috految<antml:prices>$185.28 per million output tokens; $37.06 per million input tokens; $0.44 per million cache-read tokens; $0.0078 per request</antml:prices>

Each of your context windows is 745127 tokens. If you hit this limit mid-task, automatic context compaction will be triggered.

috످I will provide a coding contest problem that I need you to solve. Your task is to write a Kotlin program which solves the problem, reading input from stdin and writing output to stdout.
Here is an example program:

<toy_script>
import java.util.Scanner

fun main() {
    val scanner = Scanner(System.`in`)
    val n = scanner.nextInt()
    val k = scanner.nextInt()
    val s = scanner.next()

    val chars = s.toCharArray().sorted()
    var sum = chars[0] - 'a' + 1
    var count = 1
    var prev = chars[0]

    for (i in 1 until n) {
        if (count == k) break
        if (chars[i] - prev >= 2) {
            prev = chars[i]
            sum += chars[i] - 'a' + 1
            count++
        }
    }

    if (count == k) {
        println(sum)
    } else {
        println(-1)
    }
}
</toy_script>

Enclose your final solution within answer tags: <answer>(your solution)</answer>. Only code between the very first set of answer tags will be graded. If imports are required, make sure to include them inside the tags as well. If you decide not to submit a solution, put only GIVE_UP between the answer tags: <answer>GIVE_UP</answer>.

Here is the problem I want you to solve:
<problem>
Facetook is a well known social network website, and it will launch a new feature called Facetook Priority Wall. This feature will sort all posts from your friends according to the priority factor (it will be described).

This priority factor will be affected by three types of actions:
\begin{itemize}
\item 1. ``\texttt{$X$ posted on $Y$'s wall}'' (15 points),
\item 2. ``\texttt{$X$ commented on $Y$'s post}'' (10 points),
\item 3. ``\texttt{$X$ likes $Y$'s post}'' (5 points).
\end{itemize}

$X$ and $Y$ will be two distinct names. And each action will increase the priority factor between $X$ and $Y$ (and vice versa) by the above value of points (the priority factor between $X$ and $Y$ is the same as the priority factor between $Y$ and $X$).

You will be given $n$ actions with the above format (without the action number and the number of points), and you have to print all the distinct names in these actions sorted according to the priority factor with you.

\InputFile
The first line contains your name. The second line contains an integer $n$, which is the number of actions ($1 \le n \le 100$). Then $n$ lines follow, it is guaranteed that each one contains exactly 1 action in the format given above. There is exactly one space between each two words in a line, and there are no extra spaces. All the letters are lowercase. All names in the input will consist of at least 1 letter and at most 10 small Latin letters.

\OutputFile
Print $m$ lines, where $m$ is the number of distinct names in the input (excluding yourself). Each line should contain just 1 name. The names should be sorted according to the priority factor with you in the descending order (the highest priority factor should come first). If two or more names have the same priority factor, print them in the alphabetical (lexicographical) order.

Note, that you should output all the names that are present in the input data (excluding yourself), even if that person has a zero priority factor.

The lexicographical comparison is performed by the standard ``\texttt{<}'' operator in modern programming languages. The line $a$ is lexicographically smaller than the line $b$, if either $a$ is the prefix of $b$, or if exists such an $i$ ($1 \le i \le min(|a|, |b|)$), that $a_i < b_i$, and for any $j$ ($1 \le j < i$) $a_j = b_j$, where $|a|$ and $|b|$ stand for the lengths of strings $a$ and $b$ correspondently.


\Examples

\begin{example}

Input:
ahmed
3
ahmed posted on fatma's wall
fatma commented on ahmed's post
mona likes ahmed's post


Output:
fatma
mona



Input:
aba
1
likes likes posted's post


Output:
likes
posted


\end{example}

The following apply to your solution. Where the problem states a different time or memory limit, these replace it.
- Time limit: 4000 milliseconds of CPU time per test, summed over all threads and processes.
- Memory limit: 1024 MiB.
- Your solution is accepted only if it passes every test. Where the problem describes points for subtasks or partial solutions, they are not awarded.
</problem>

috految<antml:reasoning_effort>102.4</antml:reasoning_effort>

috److Process each action by reading its tokens in order:

1. Read the name `X`, then the verb. The verb gives the points: `posted` is 15, `commented` is 10, and `likes` is 5.
2. If the verb is not `likes`, skip the word `on`.
3. Read `Y's` and drop the last two characters to get `Y`, then skip the final word.
4. Record both names in a map. If one of them is the user's own name, add the points to the other.

At the end, remove the user's own name and sort the rest by score descending, breaking ties alphabetically.

<answer>
import java.util.Scanner

fun main() {
    val sc = Scanner(System.`in`)
    val me = sc.next()
    val n = sc.nextInt()
    val score = HashMap<String, Int>()

    for (i in 0 until n) {
        val x = sc.next()
        val verb = sc.next()
        val points = when (verb) {
            "posted" -> 15
            "commented" -> 10
            else -> 5
        }
        if (points != 5) {
            sc.next()
        }
        val y = sc.next().dropLast(2)
        sc.next()
        val add = if (x == me || y == me) points else 0
        score[x] = (score[x] ?: 0) + add
        score[y] = (score[y] ?: 0) + add
    }

    val names = score.keys.filter { it != me }.sorted().sortedBy { -(score[it] ?: 0) }
    for (name in names) {
        println(name)
    }
}
</answer>

috످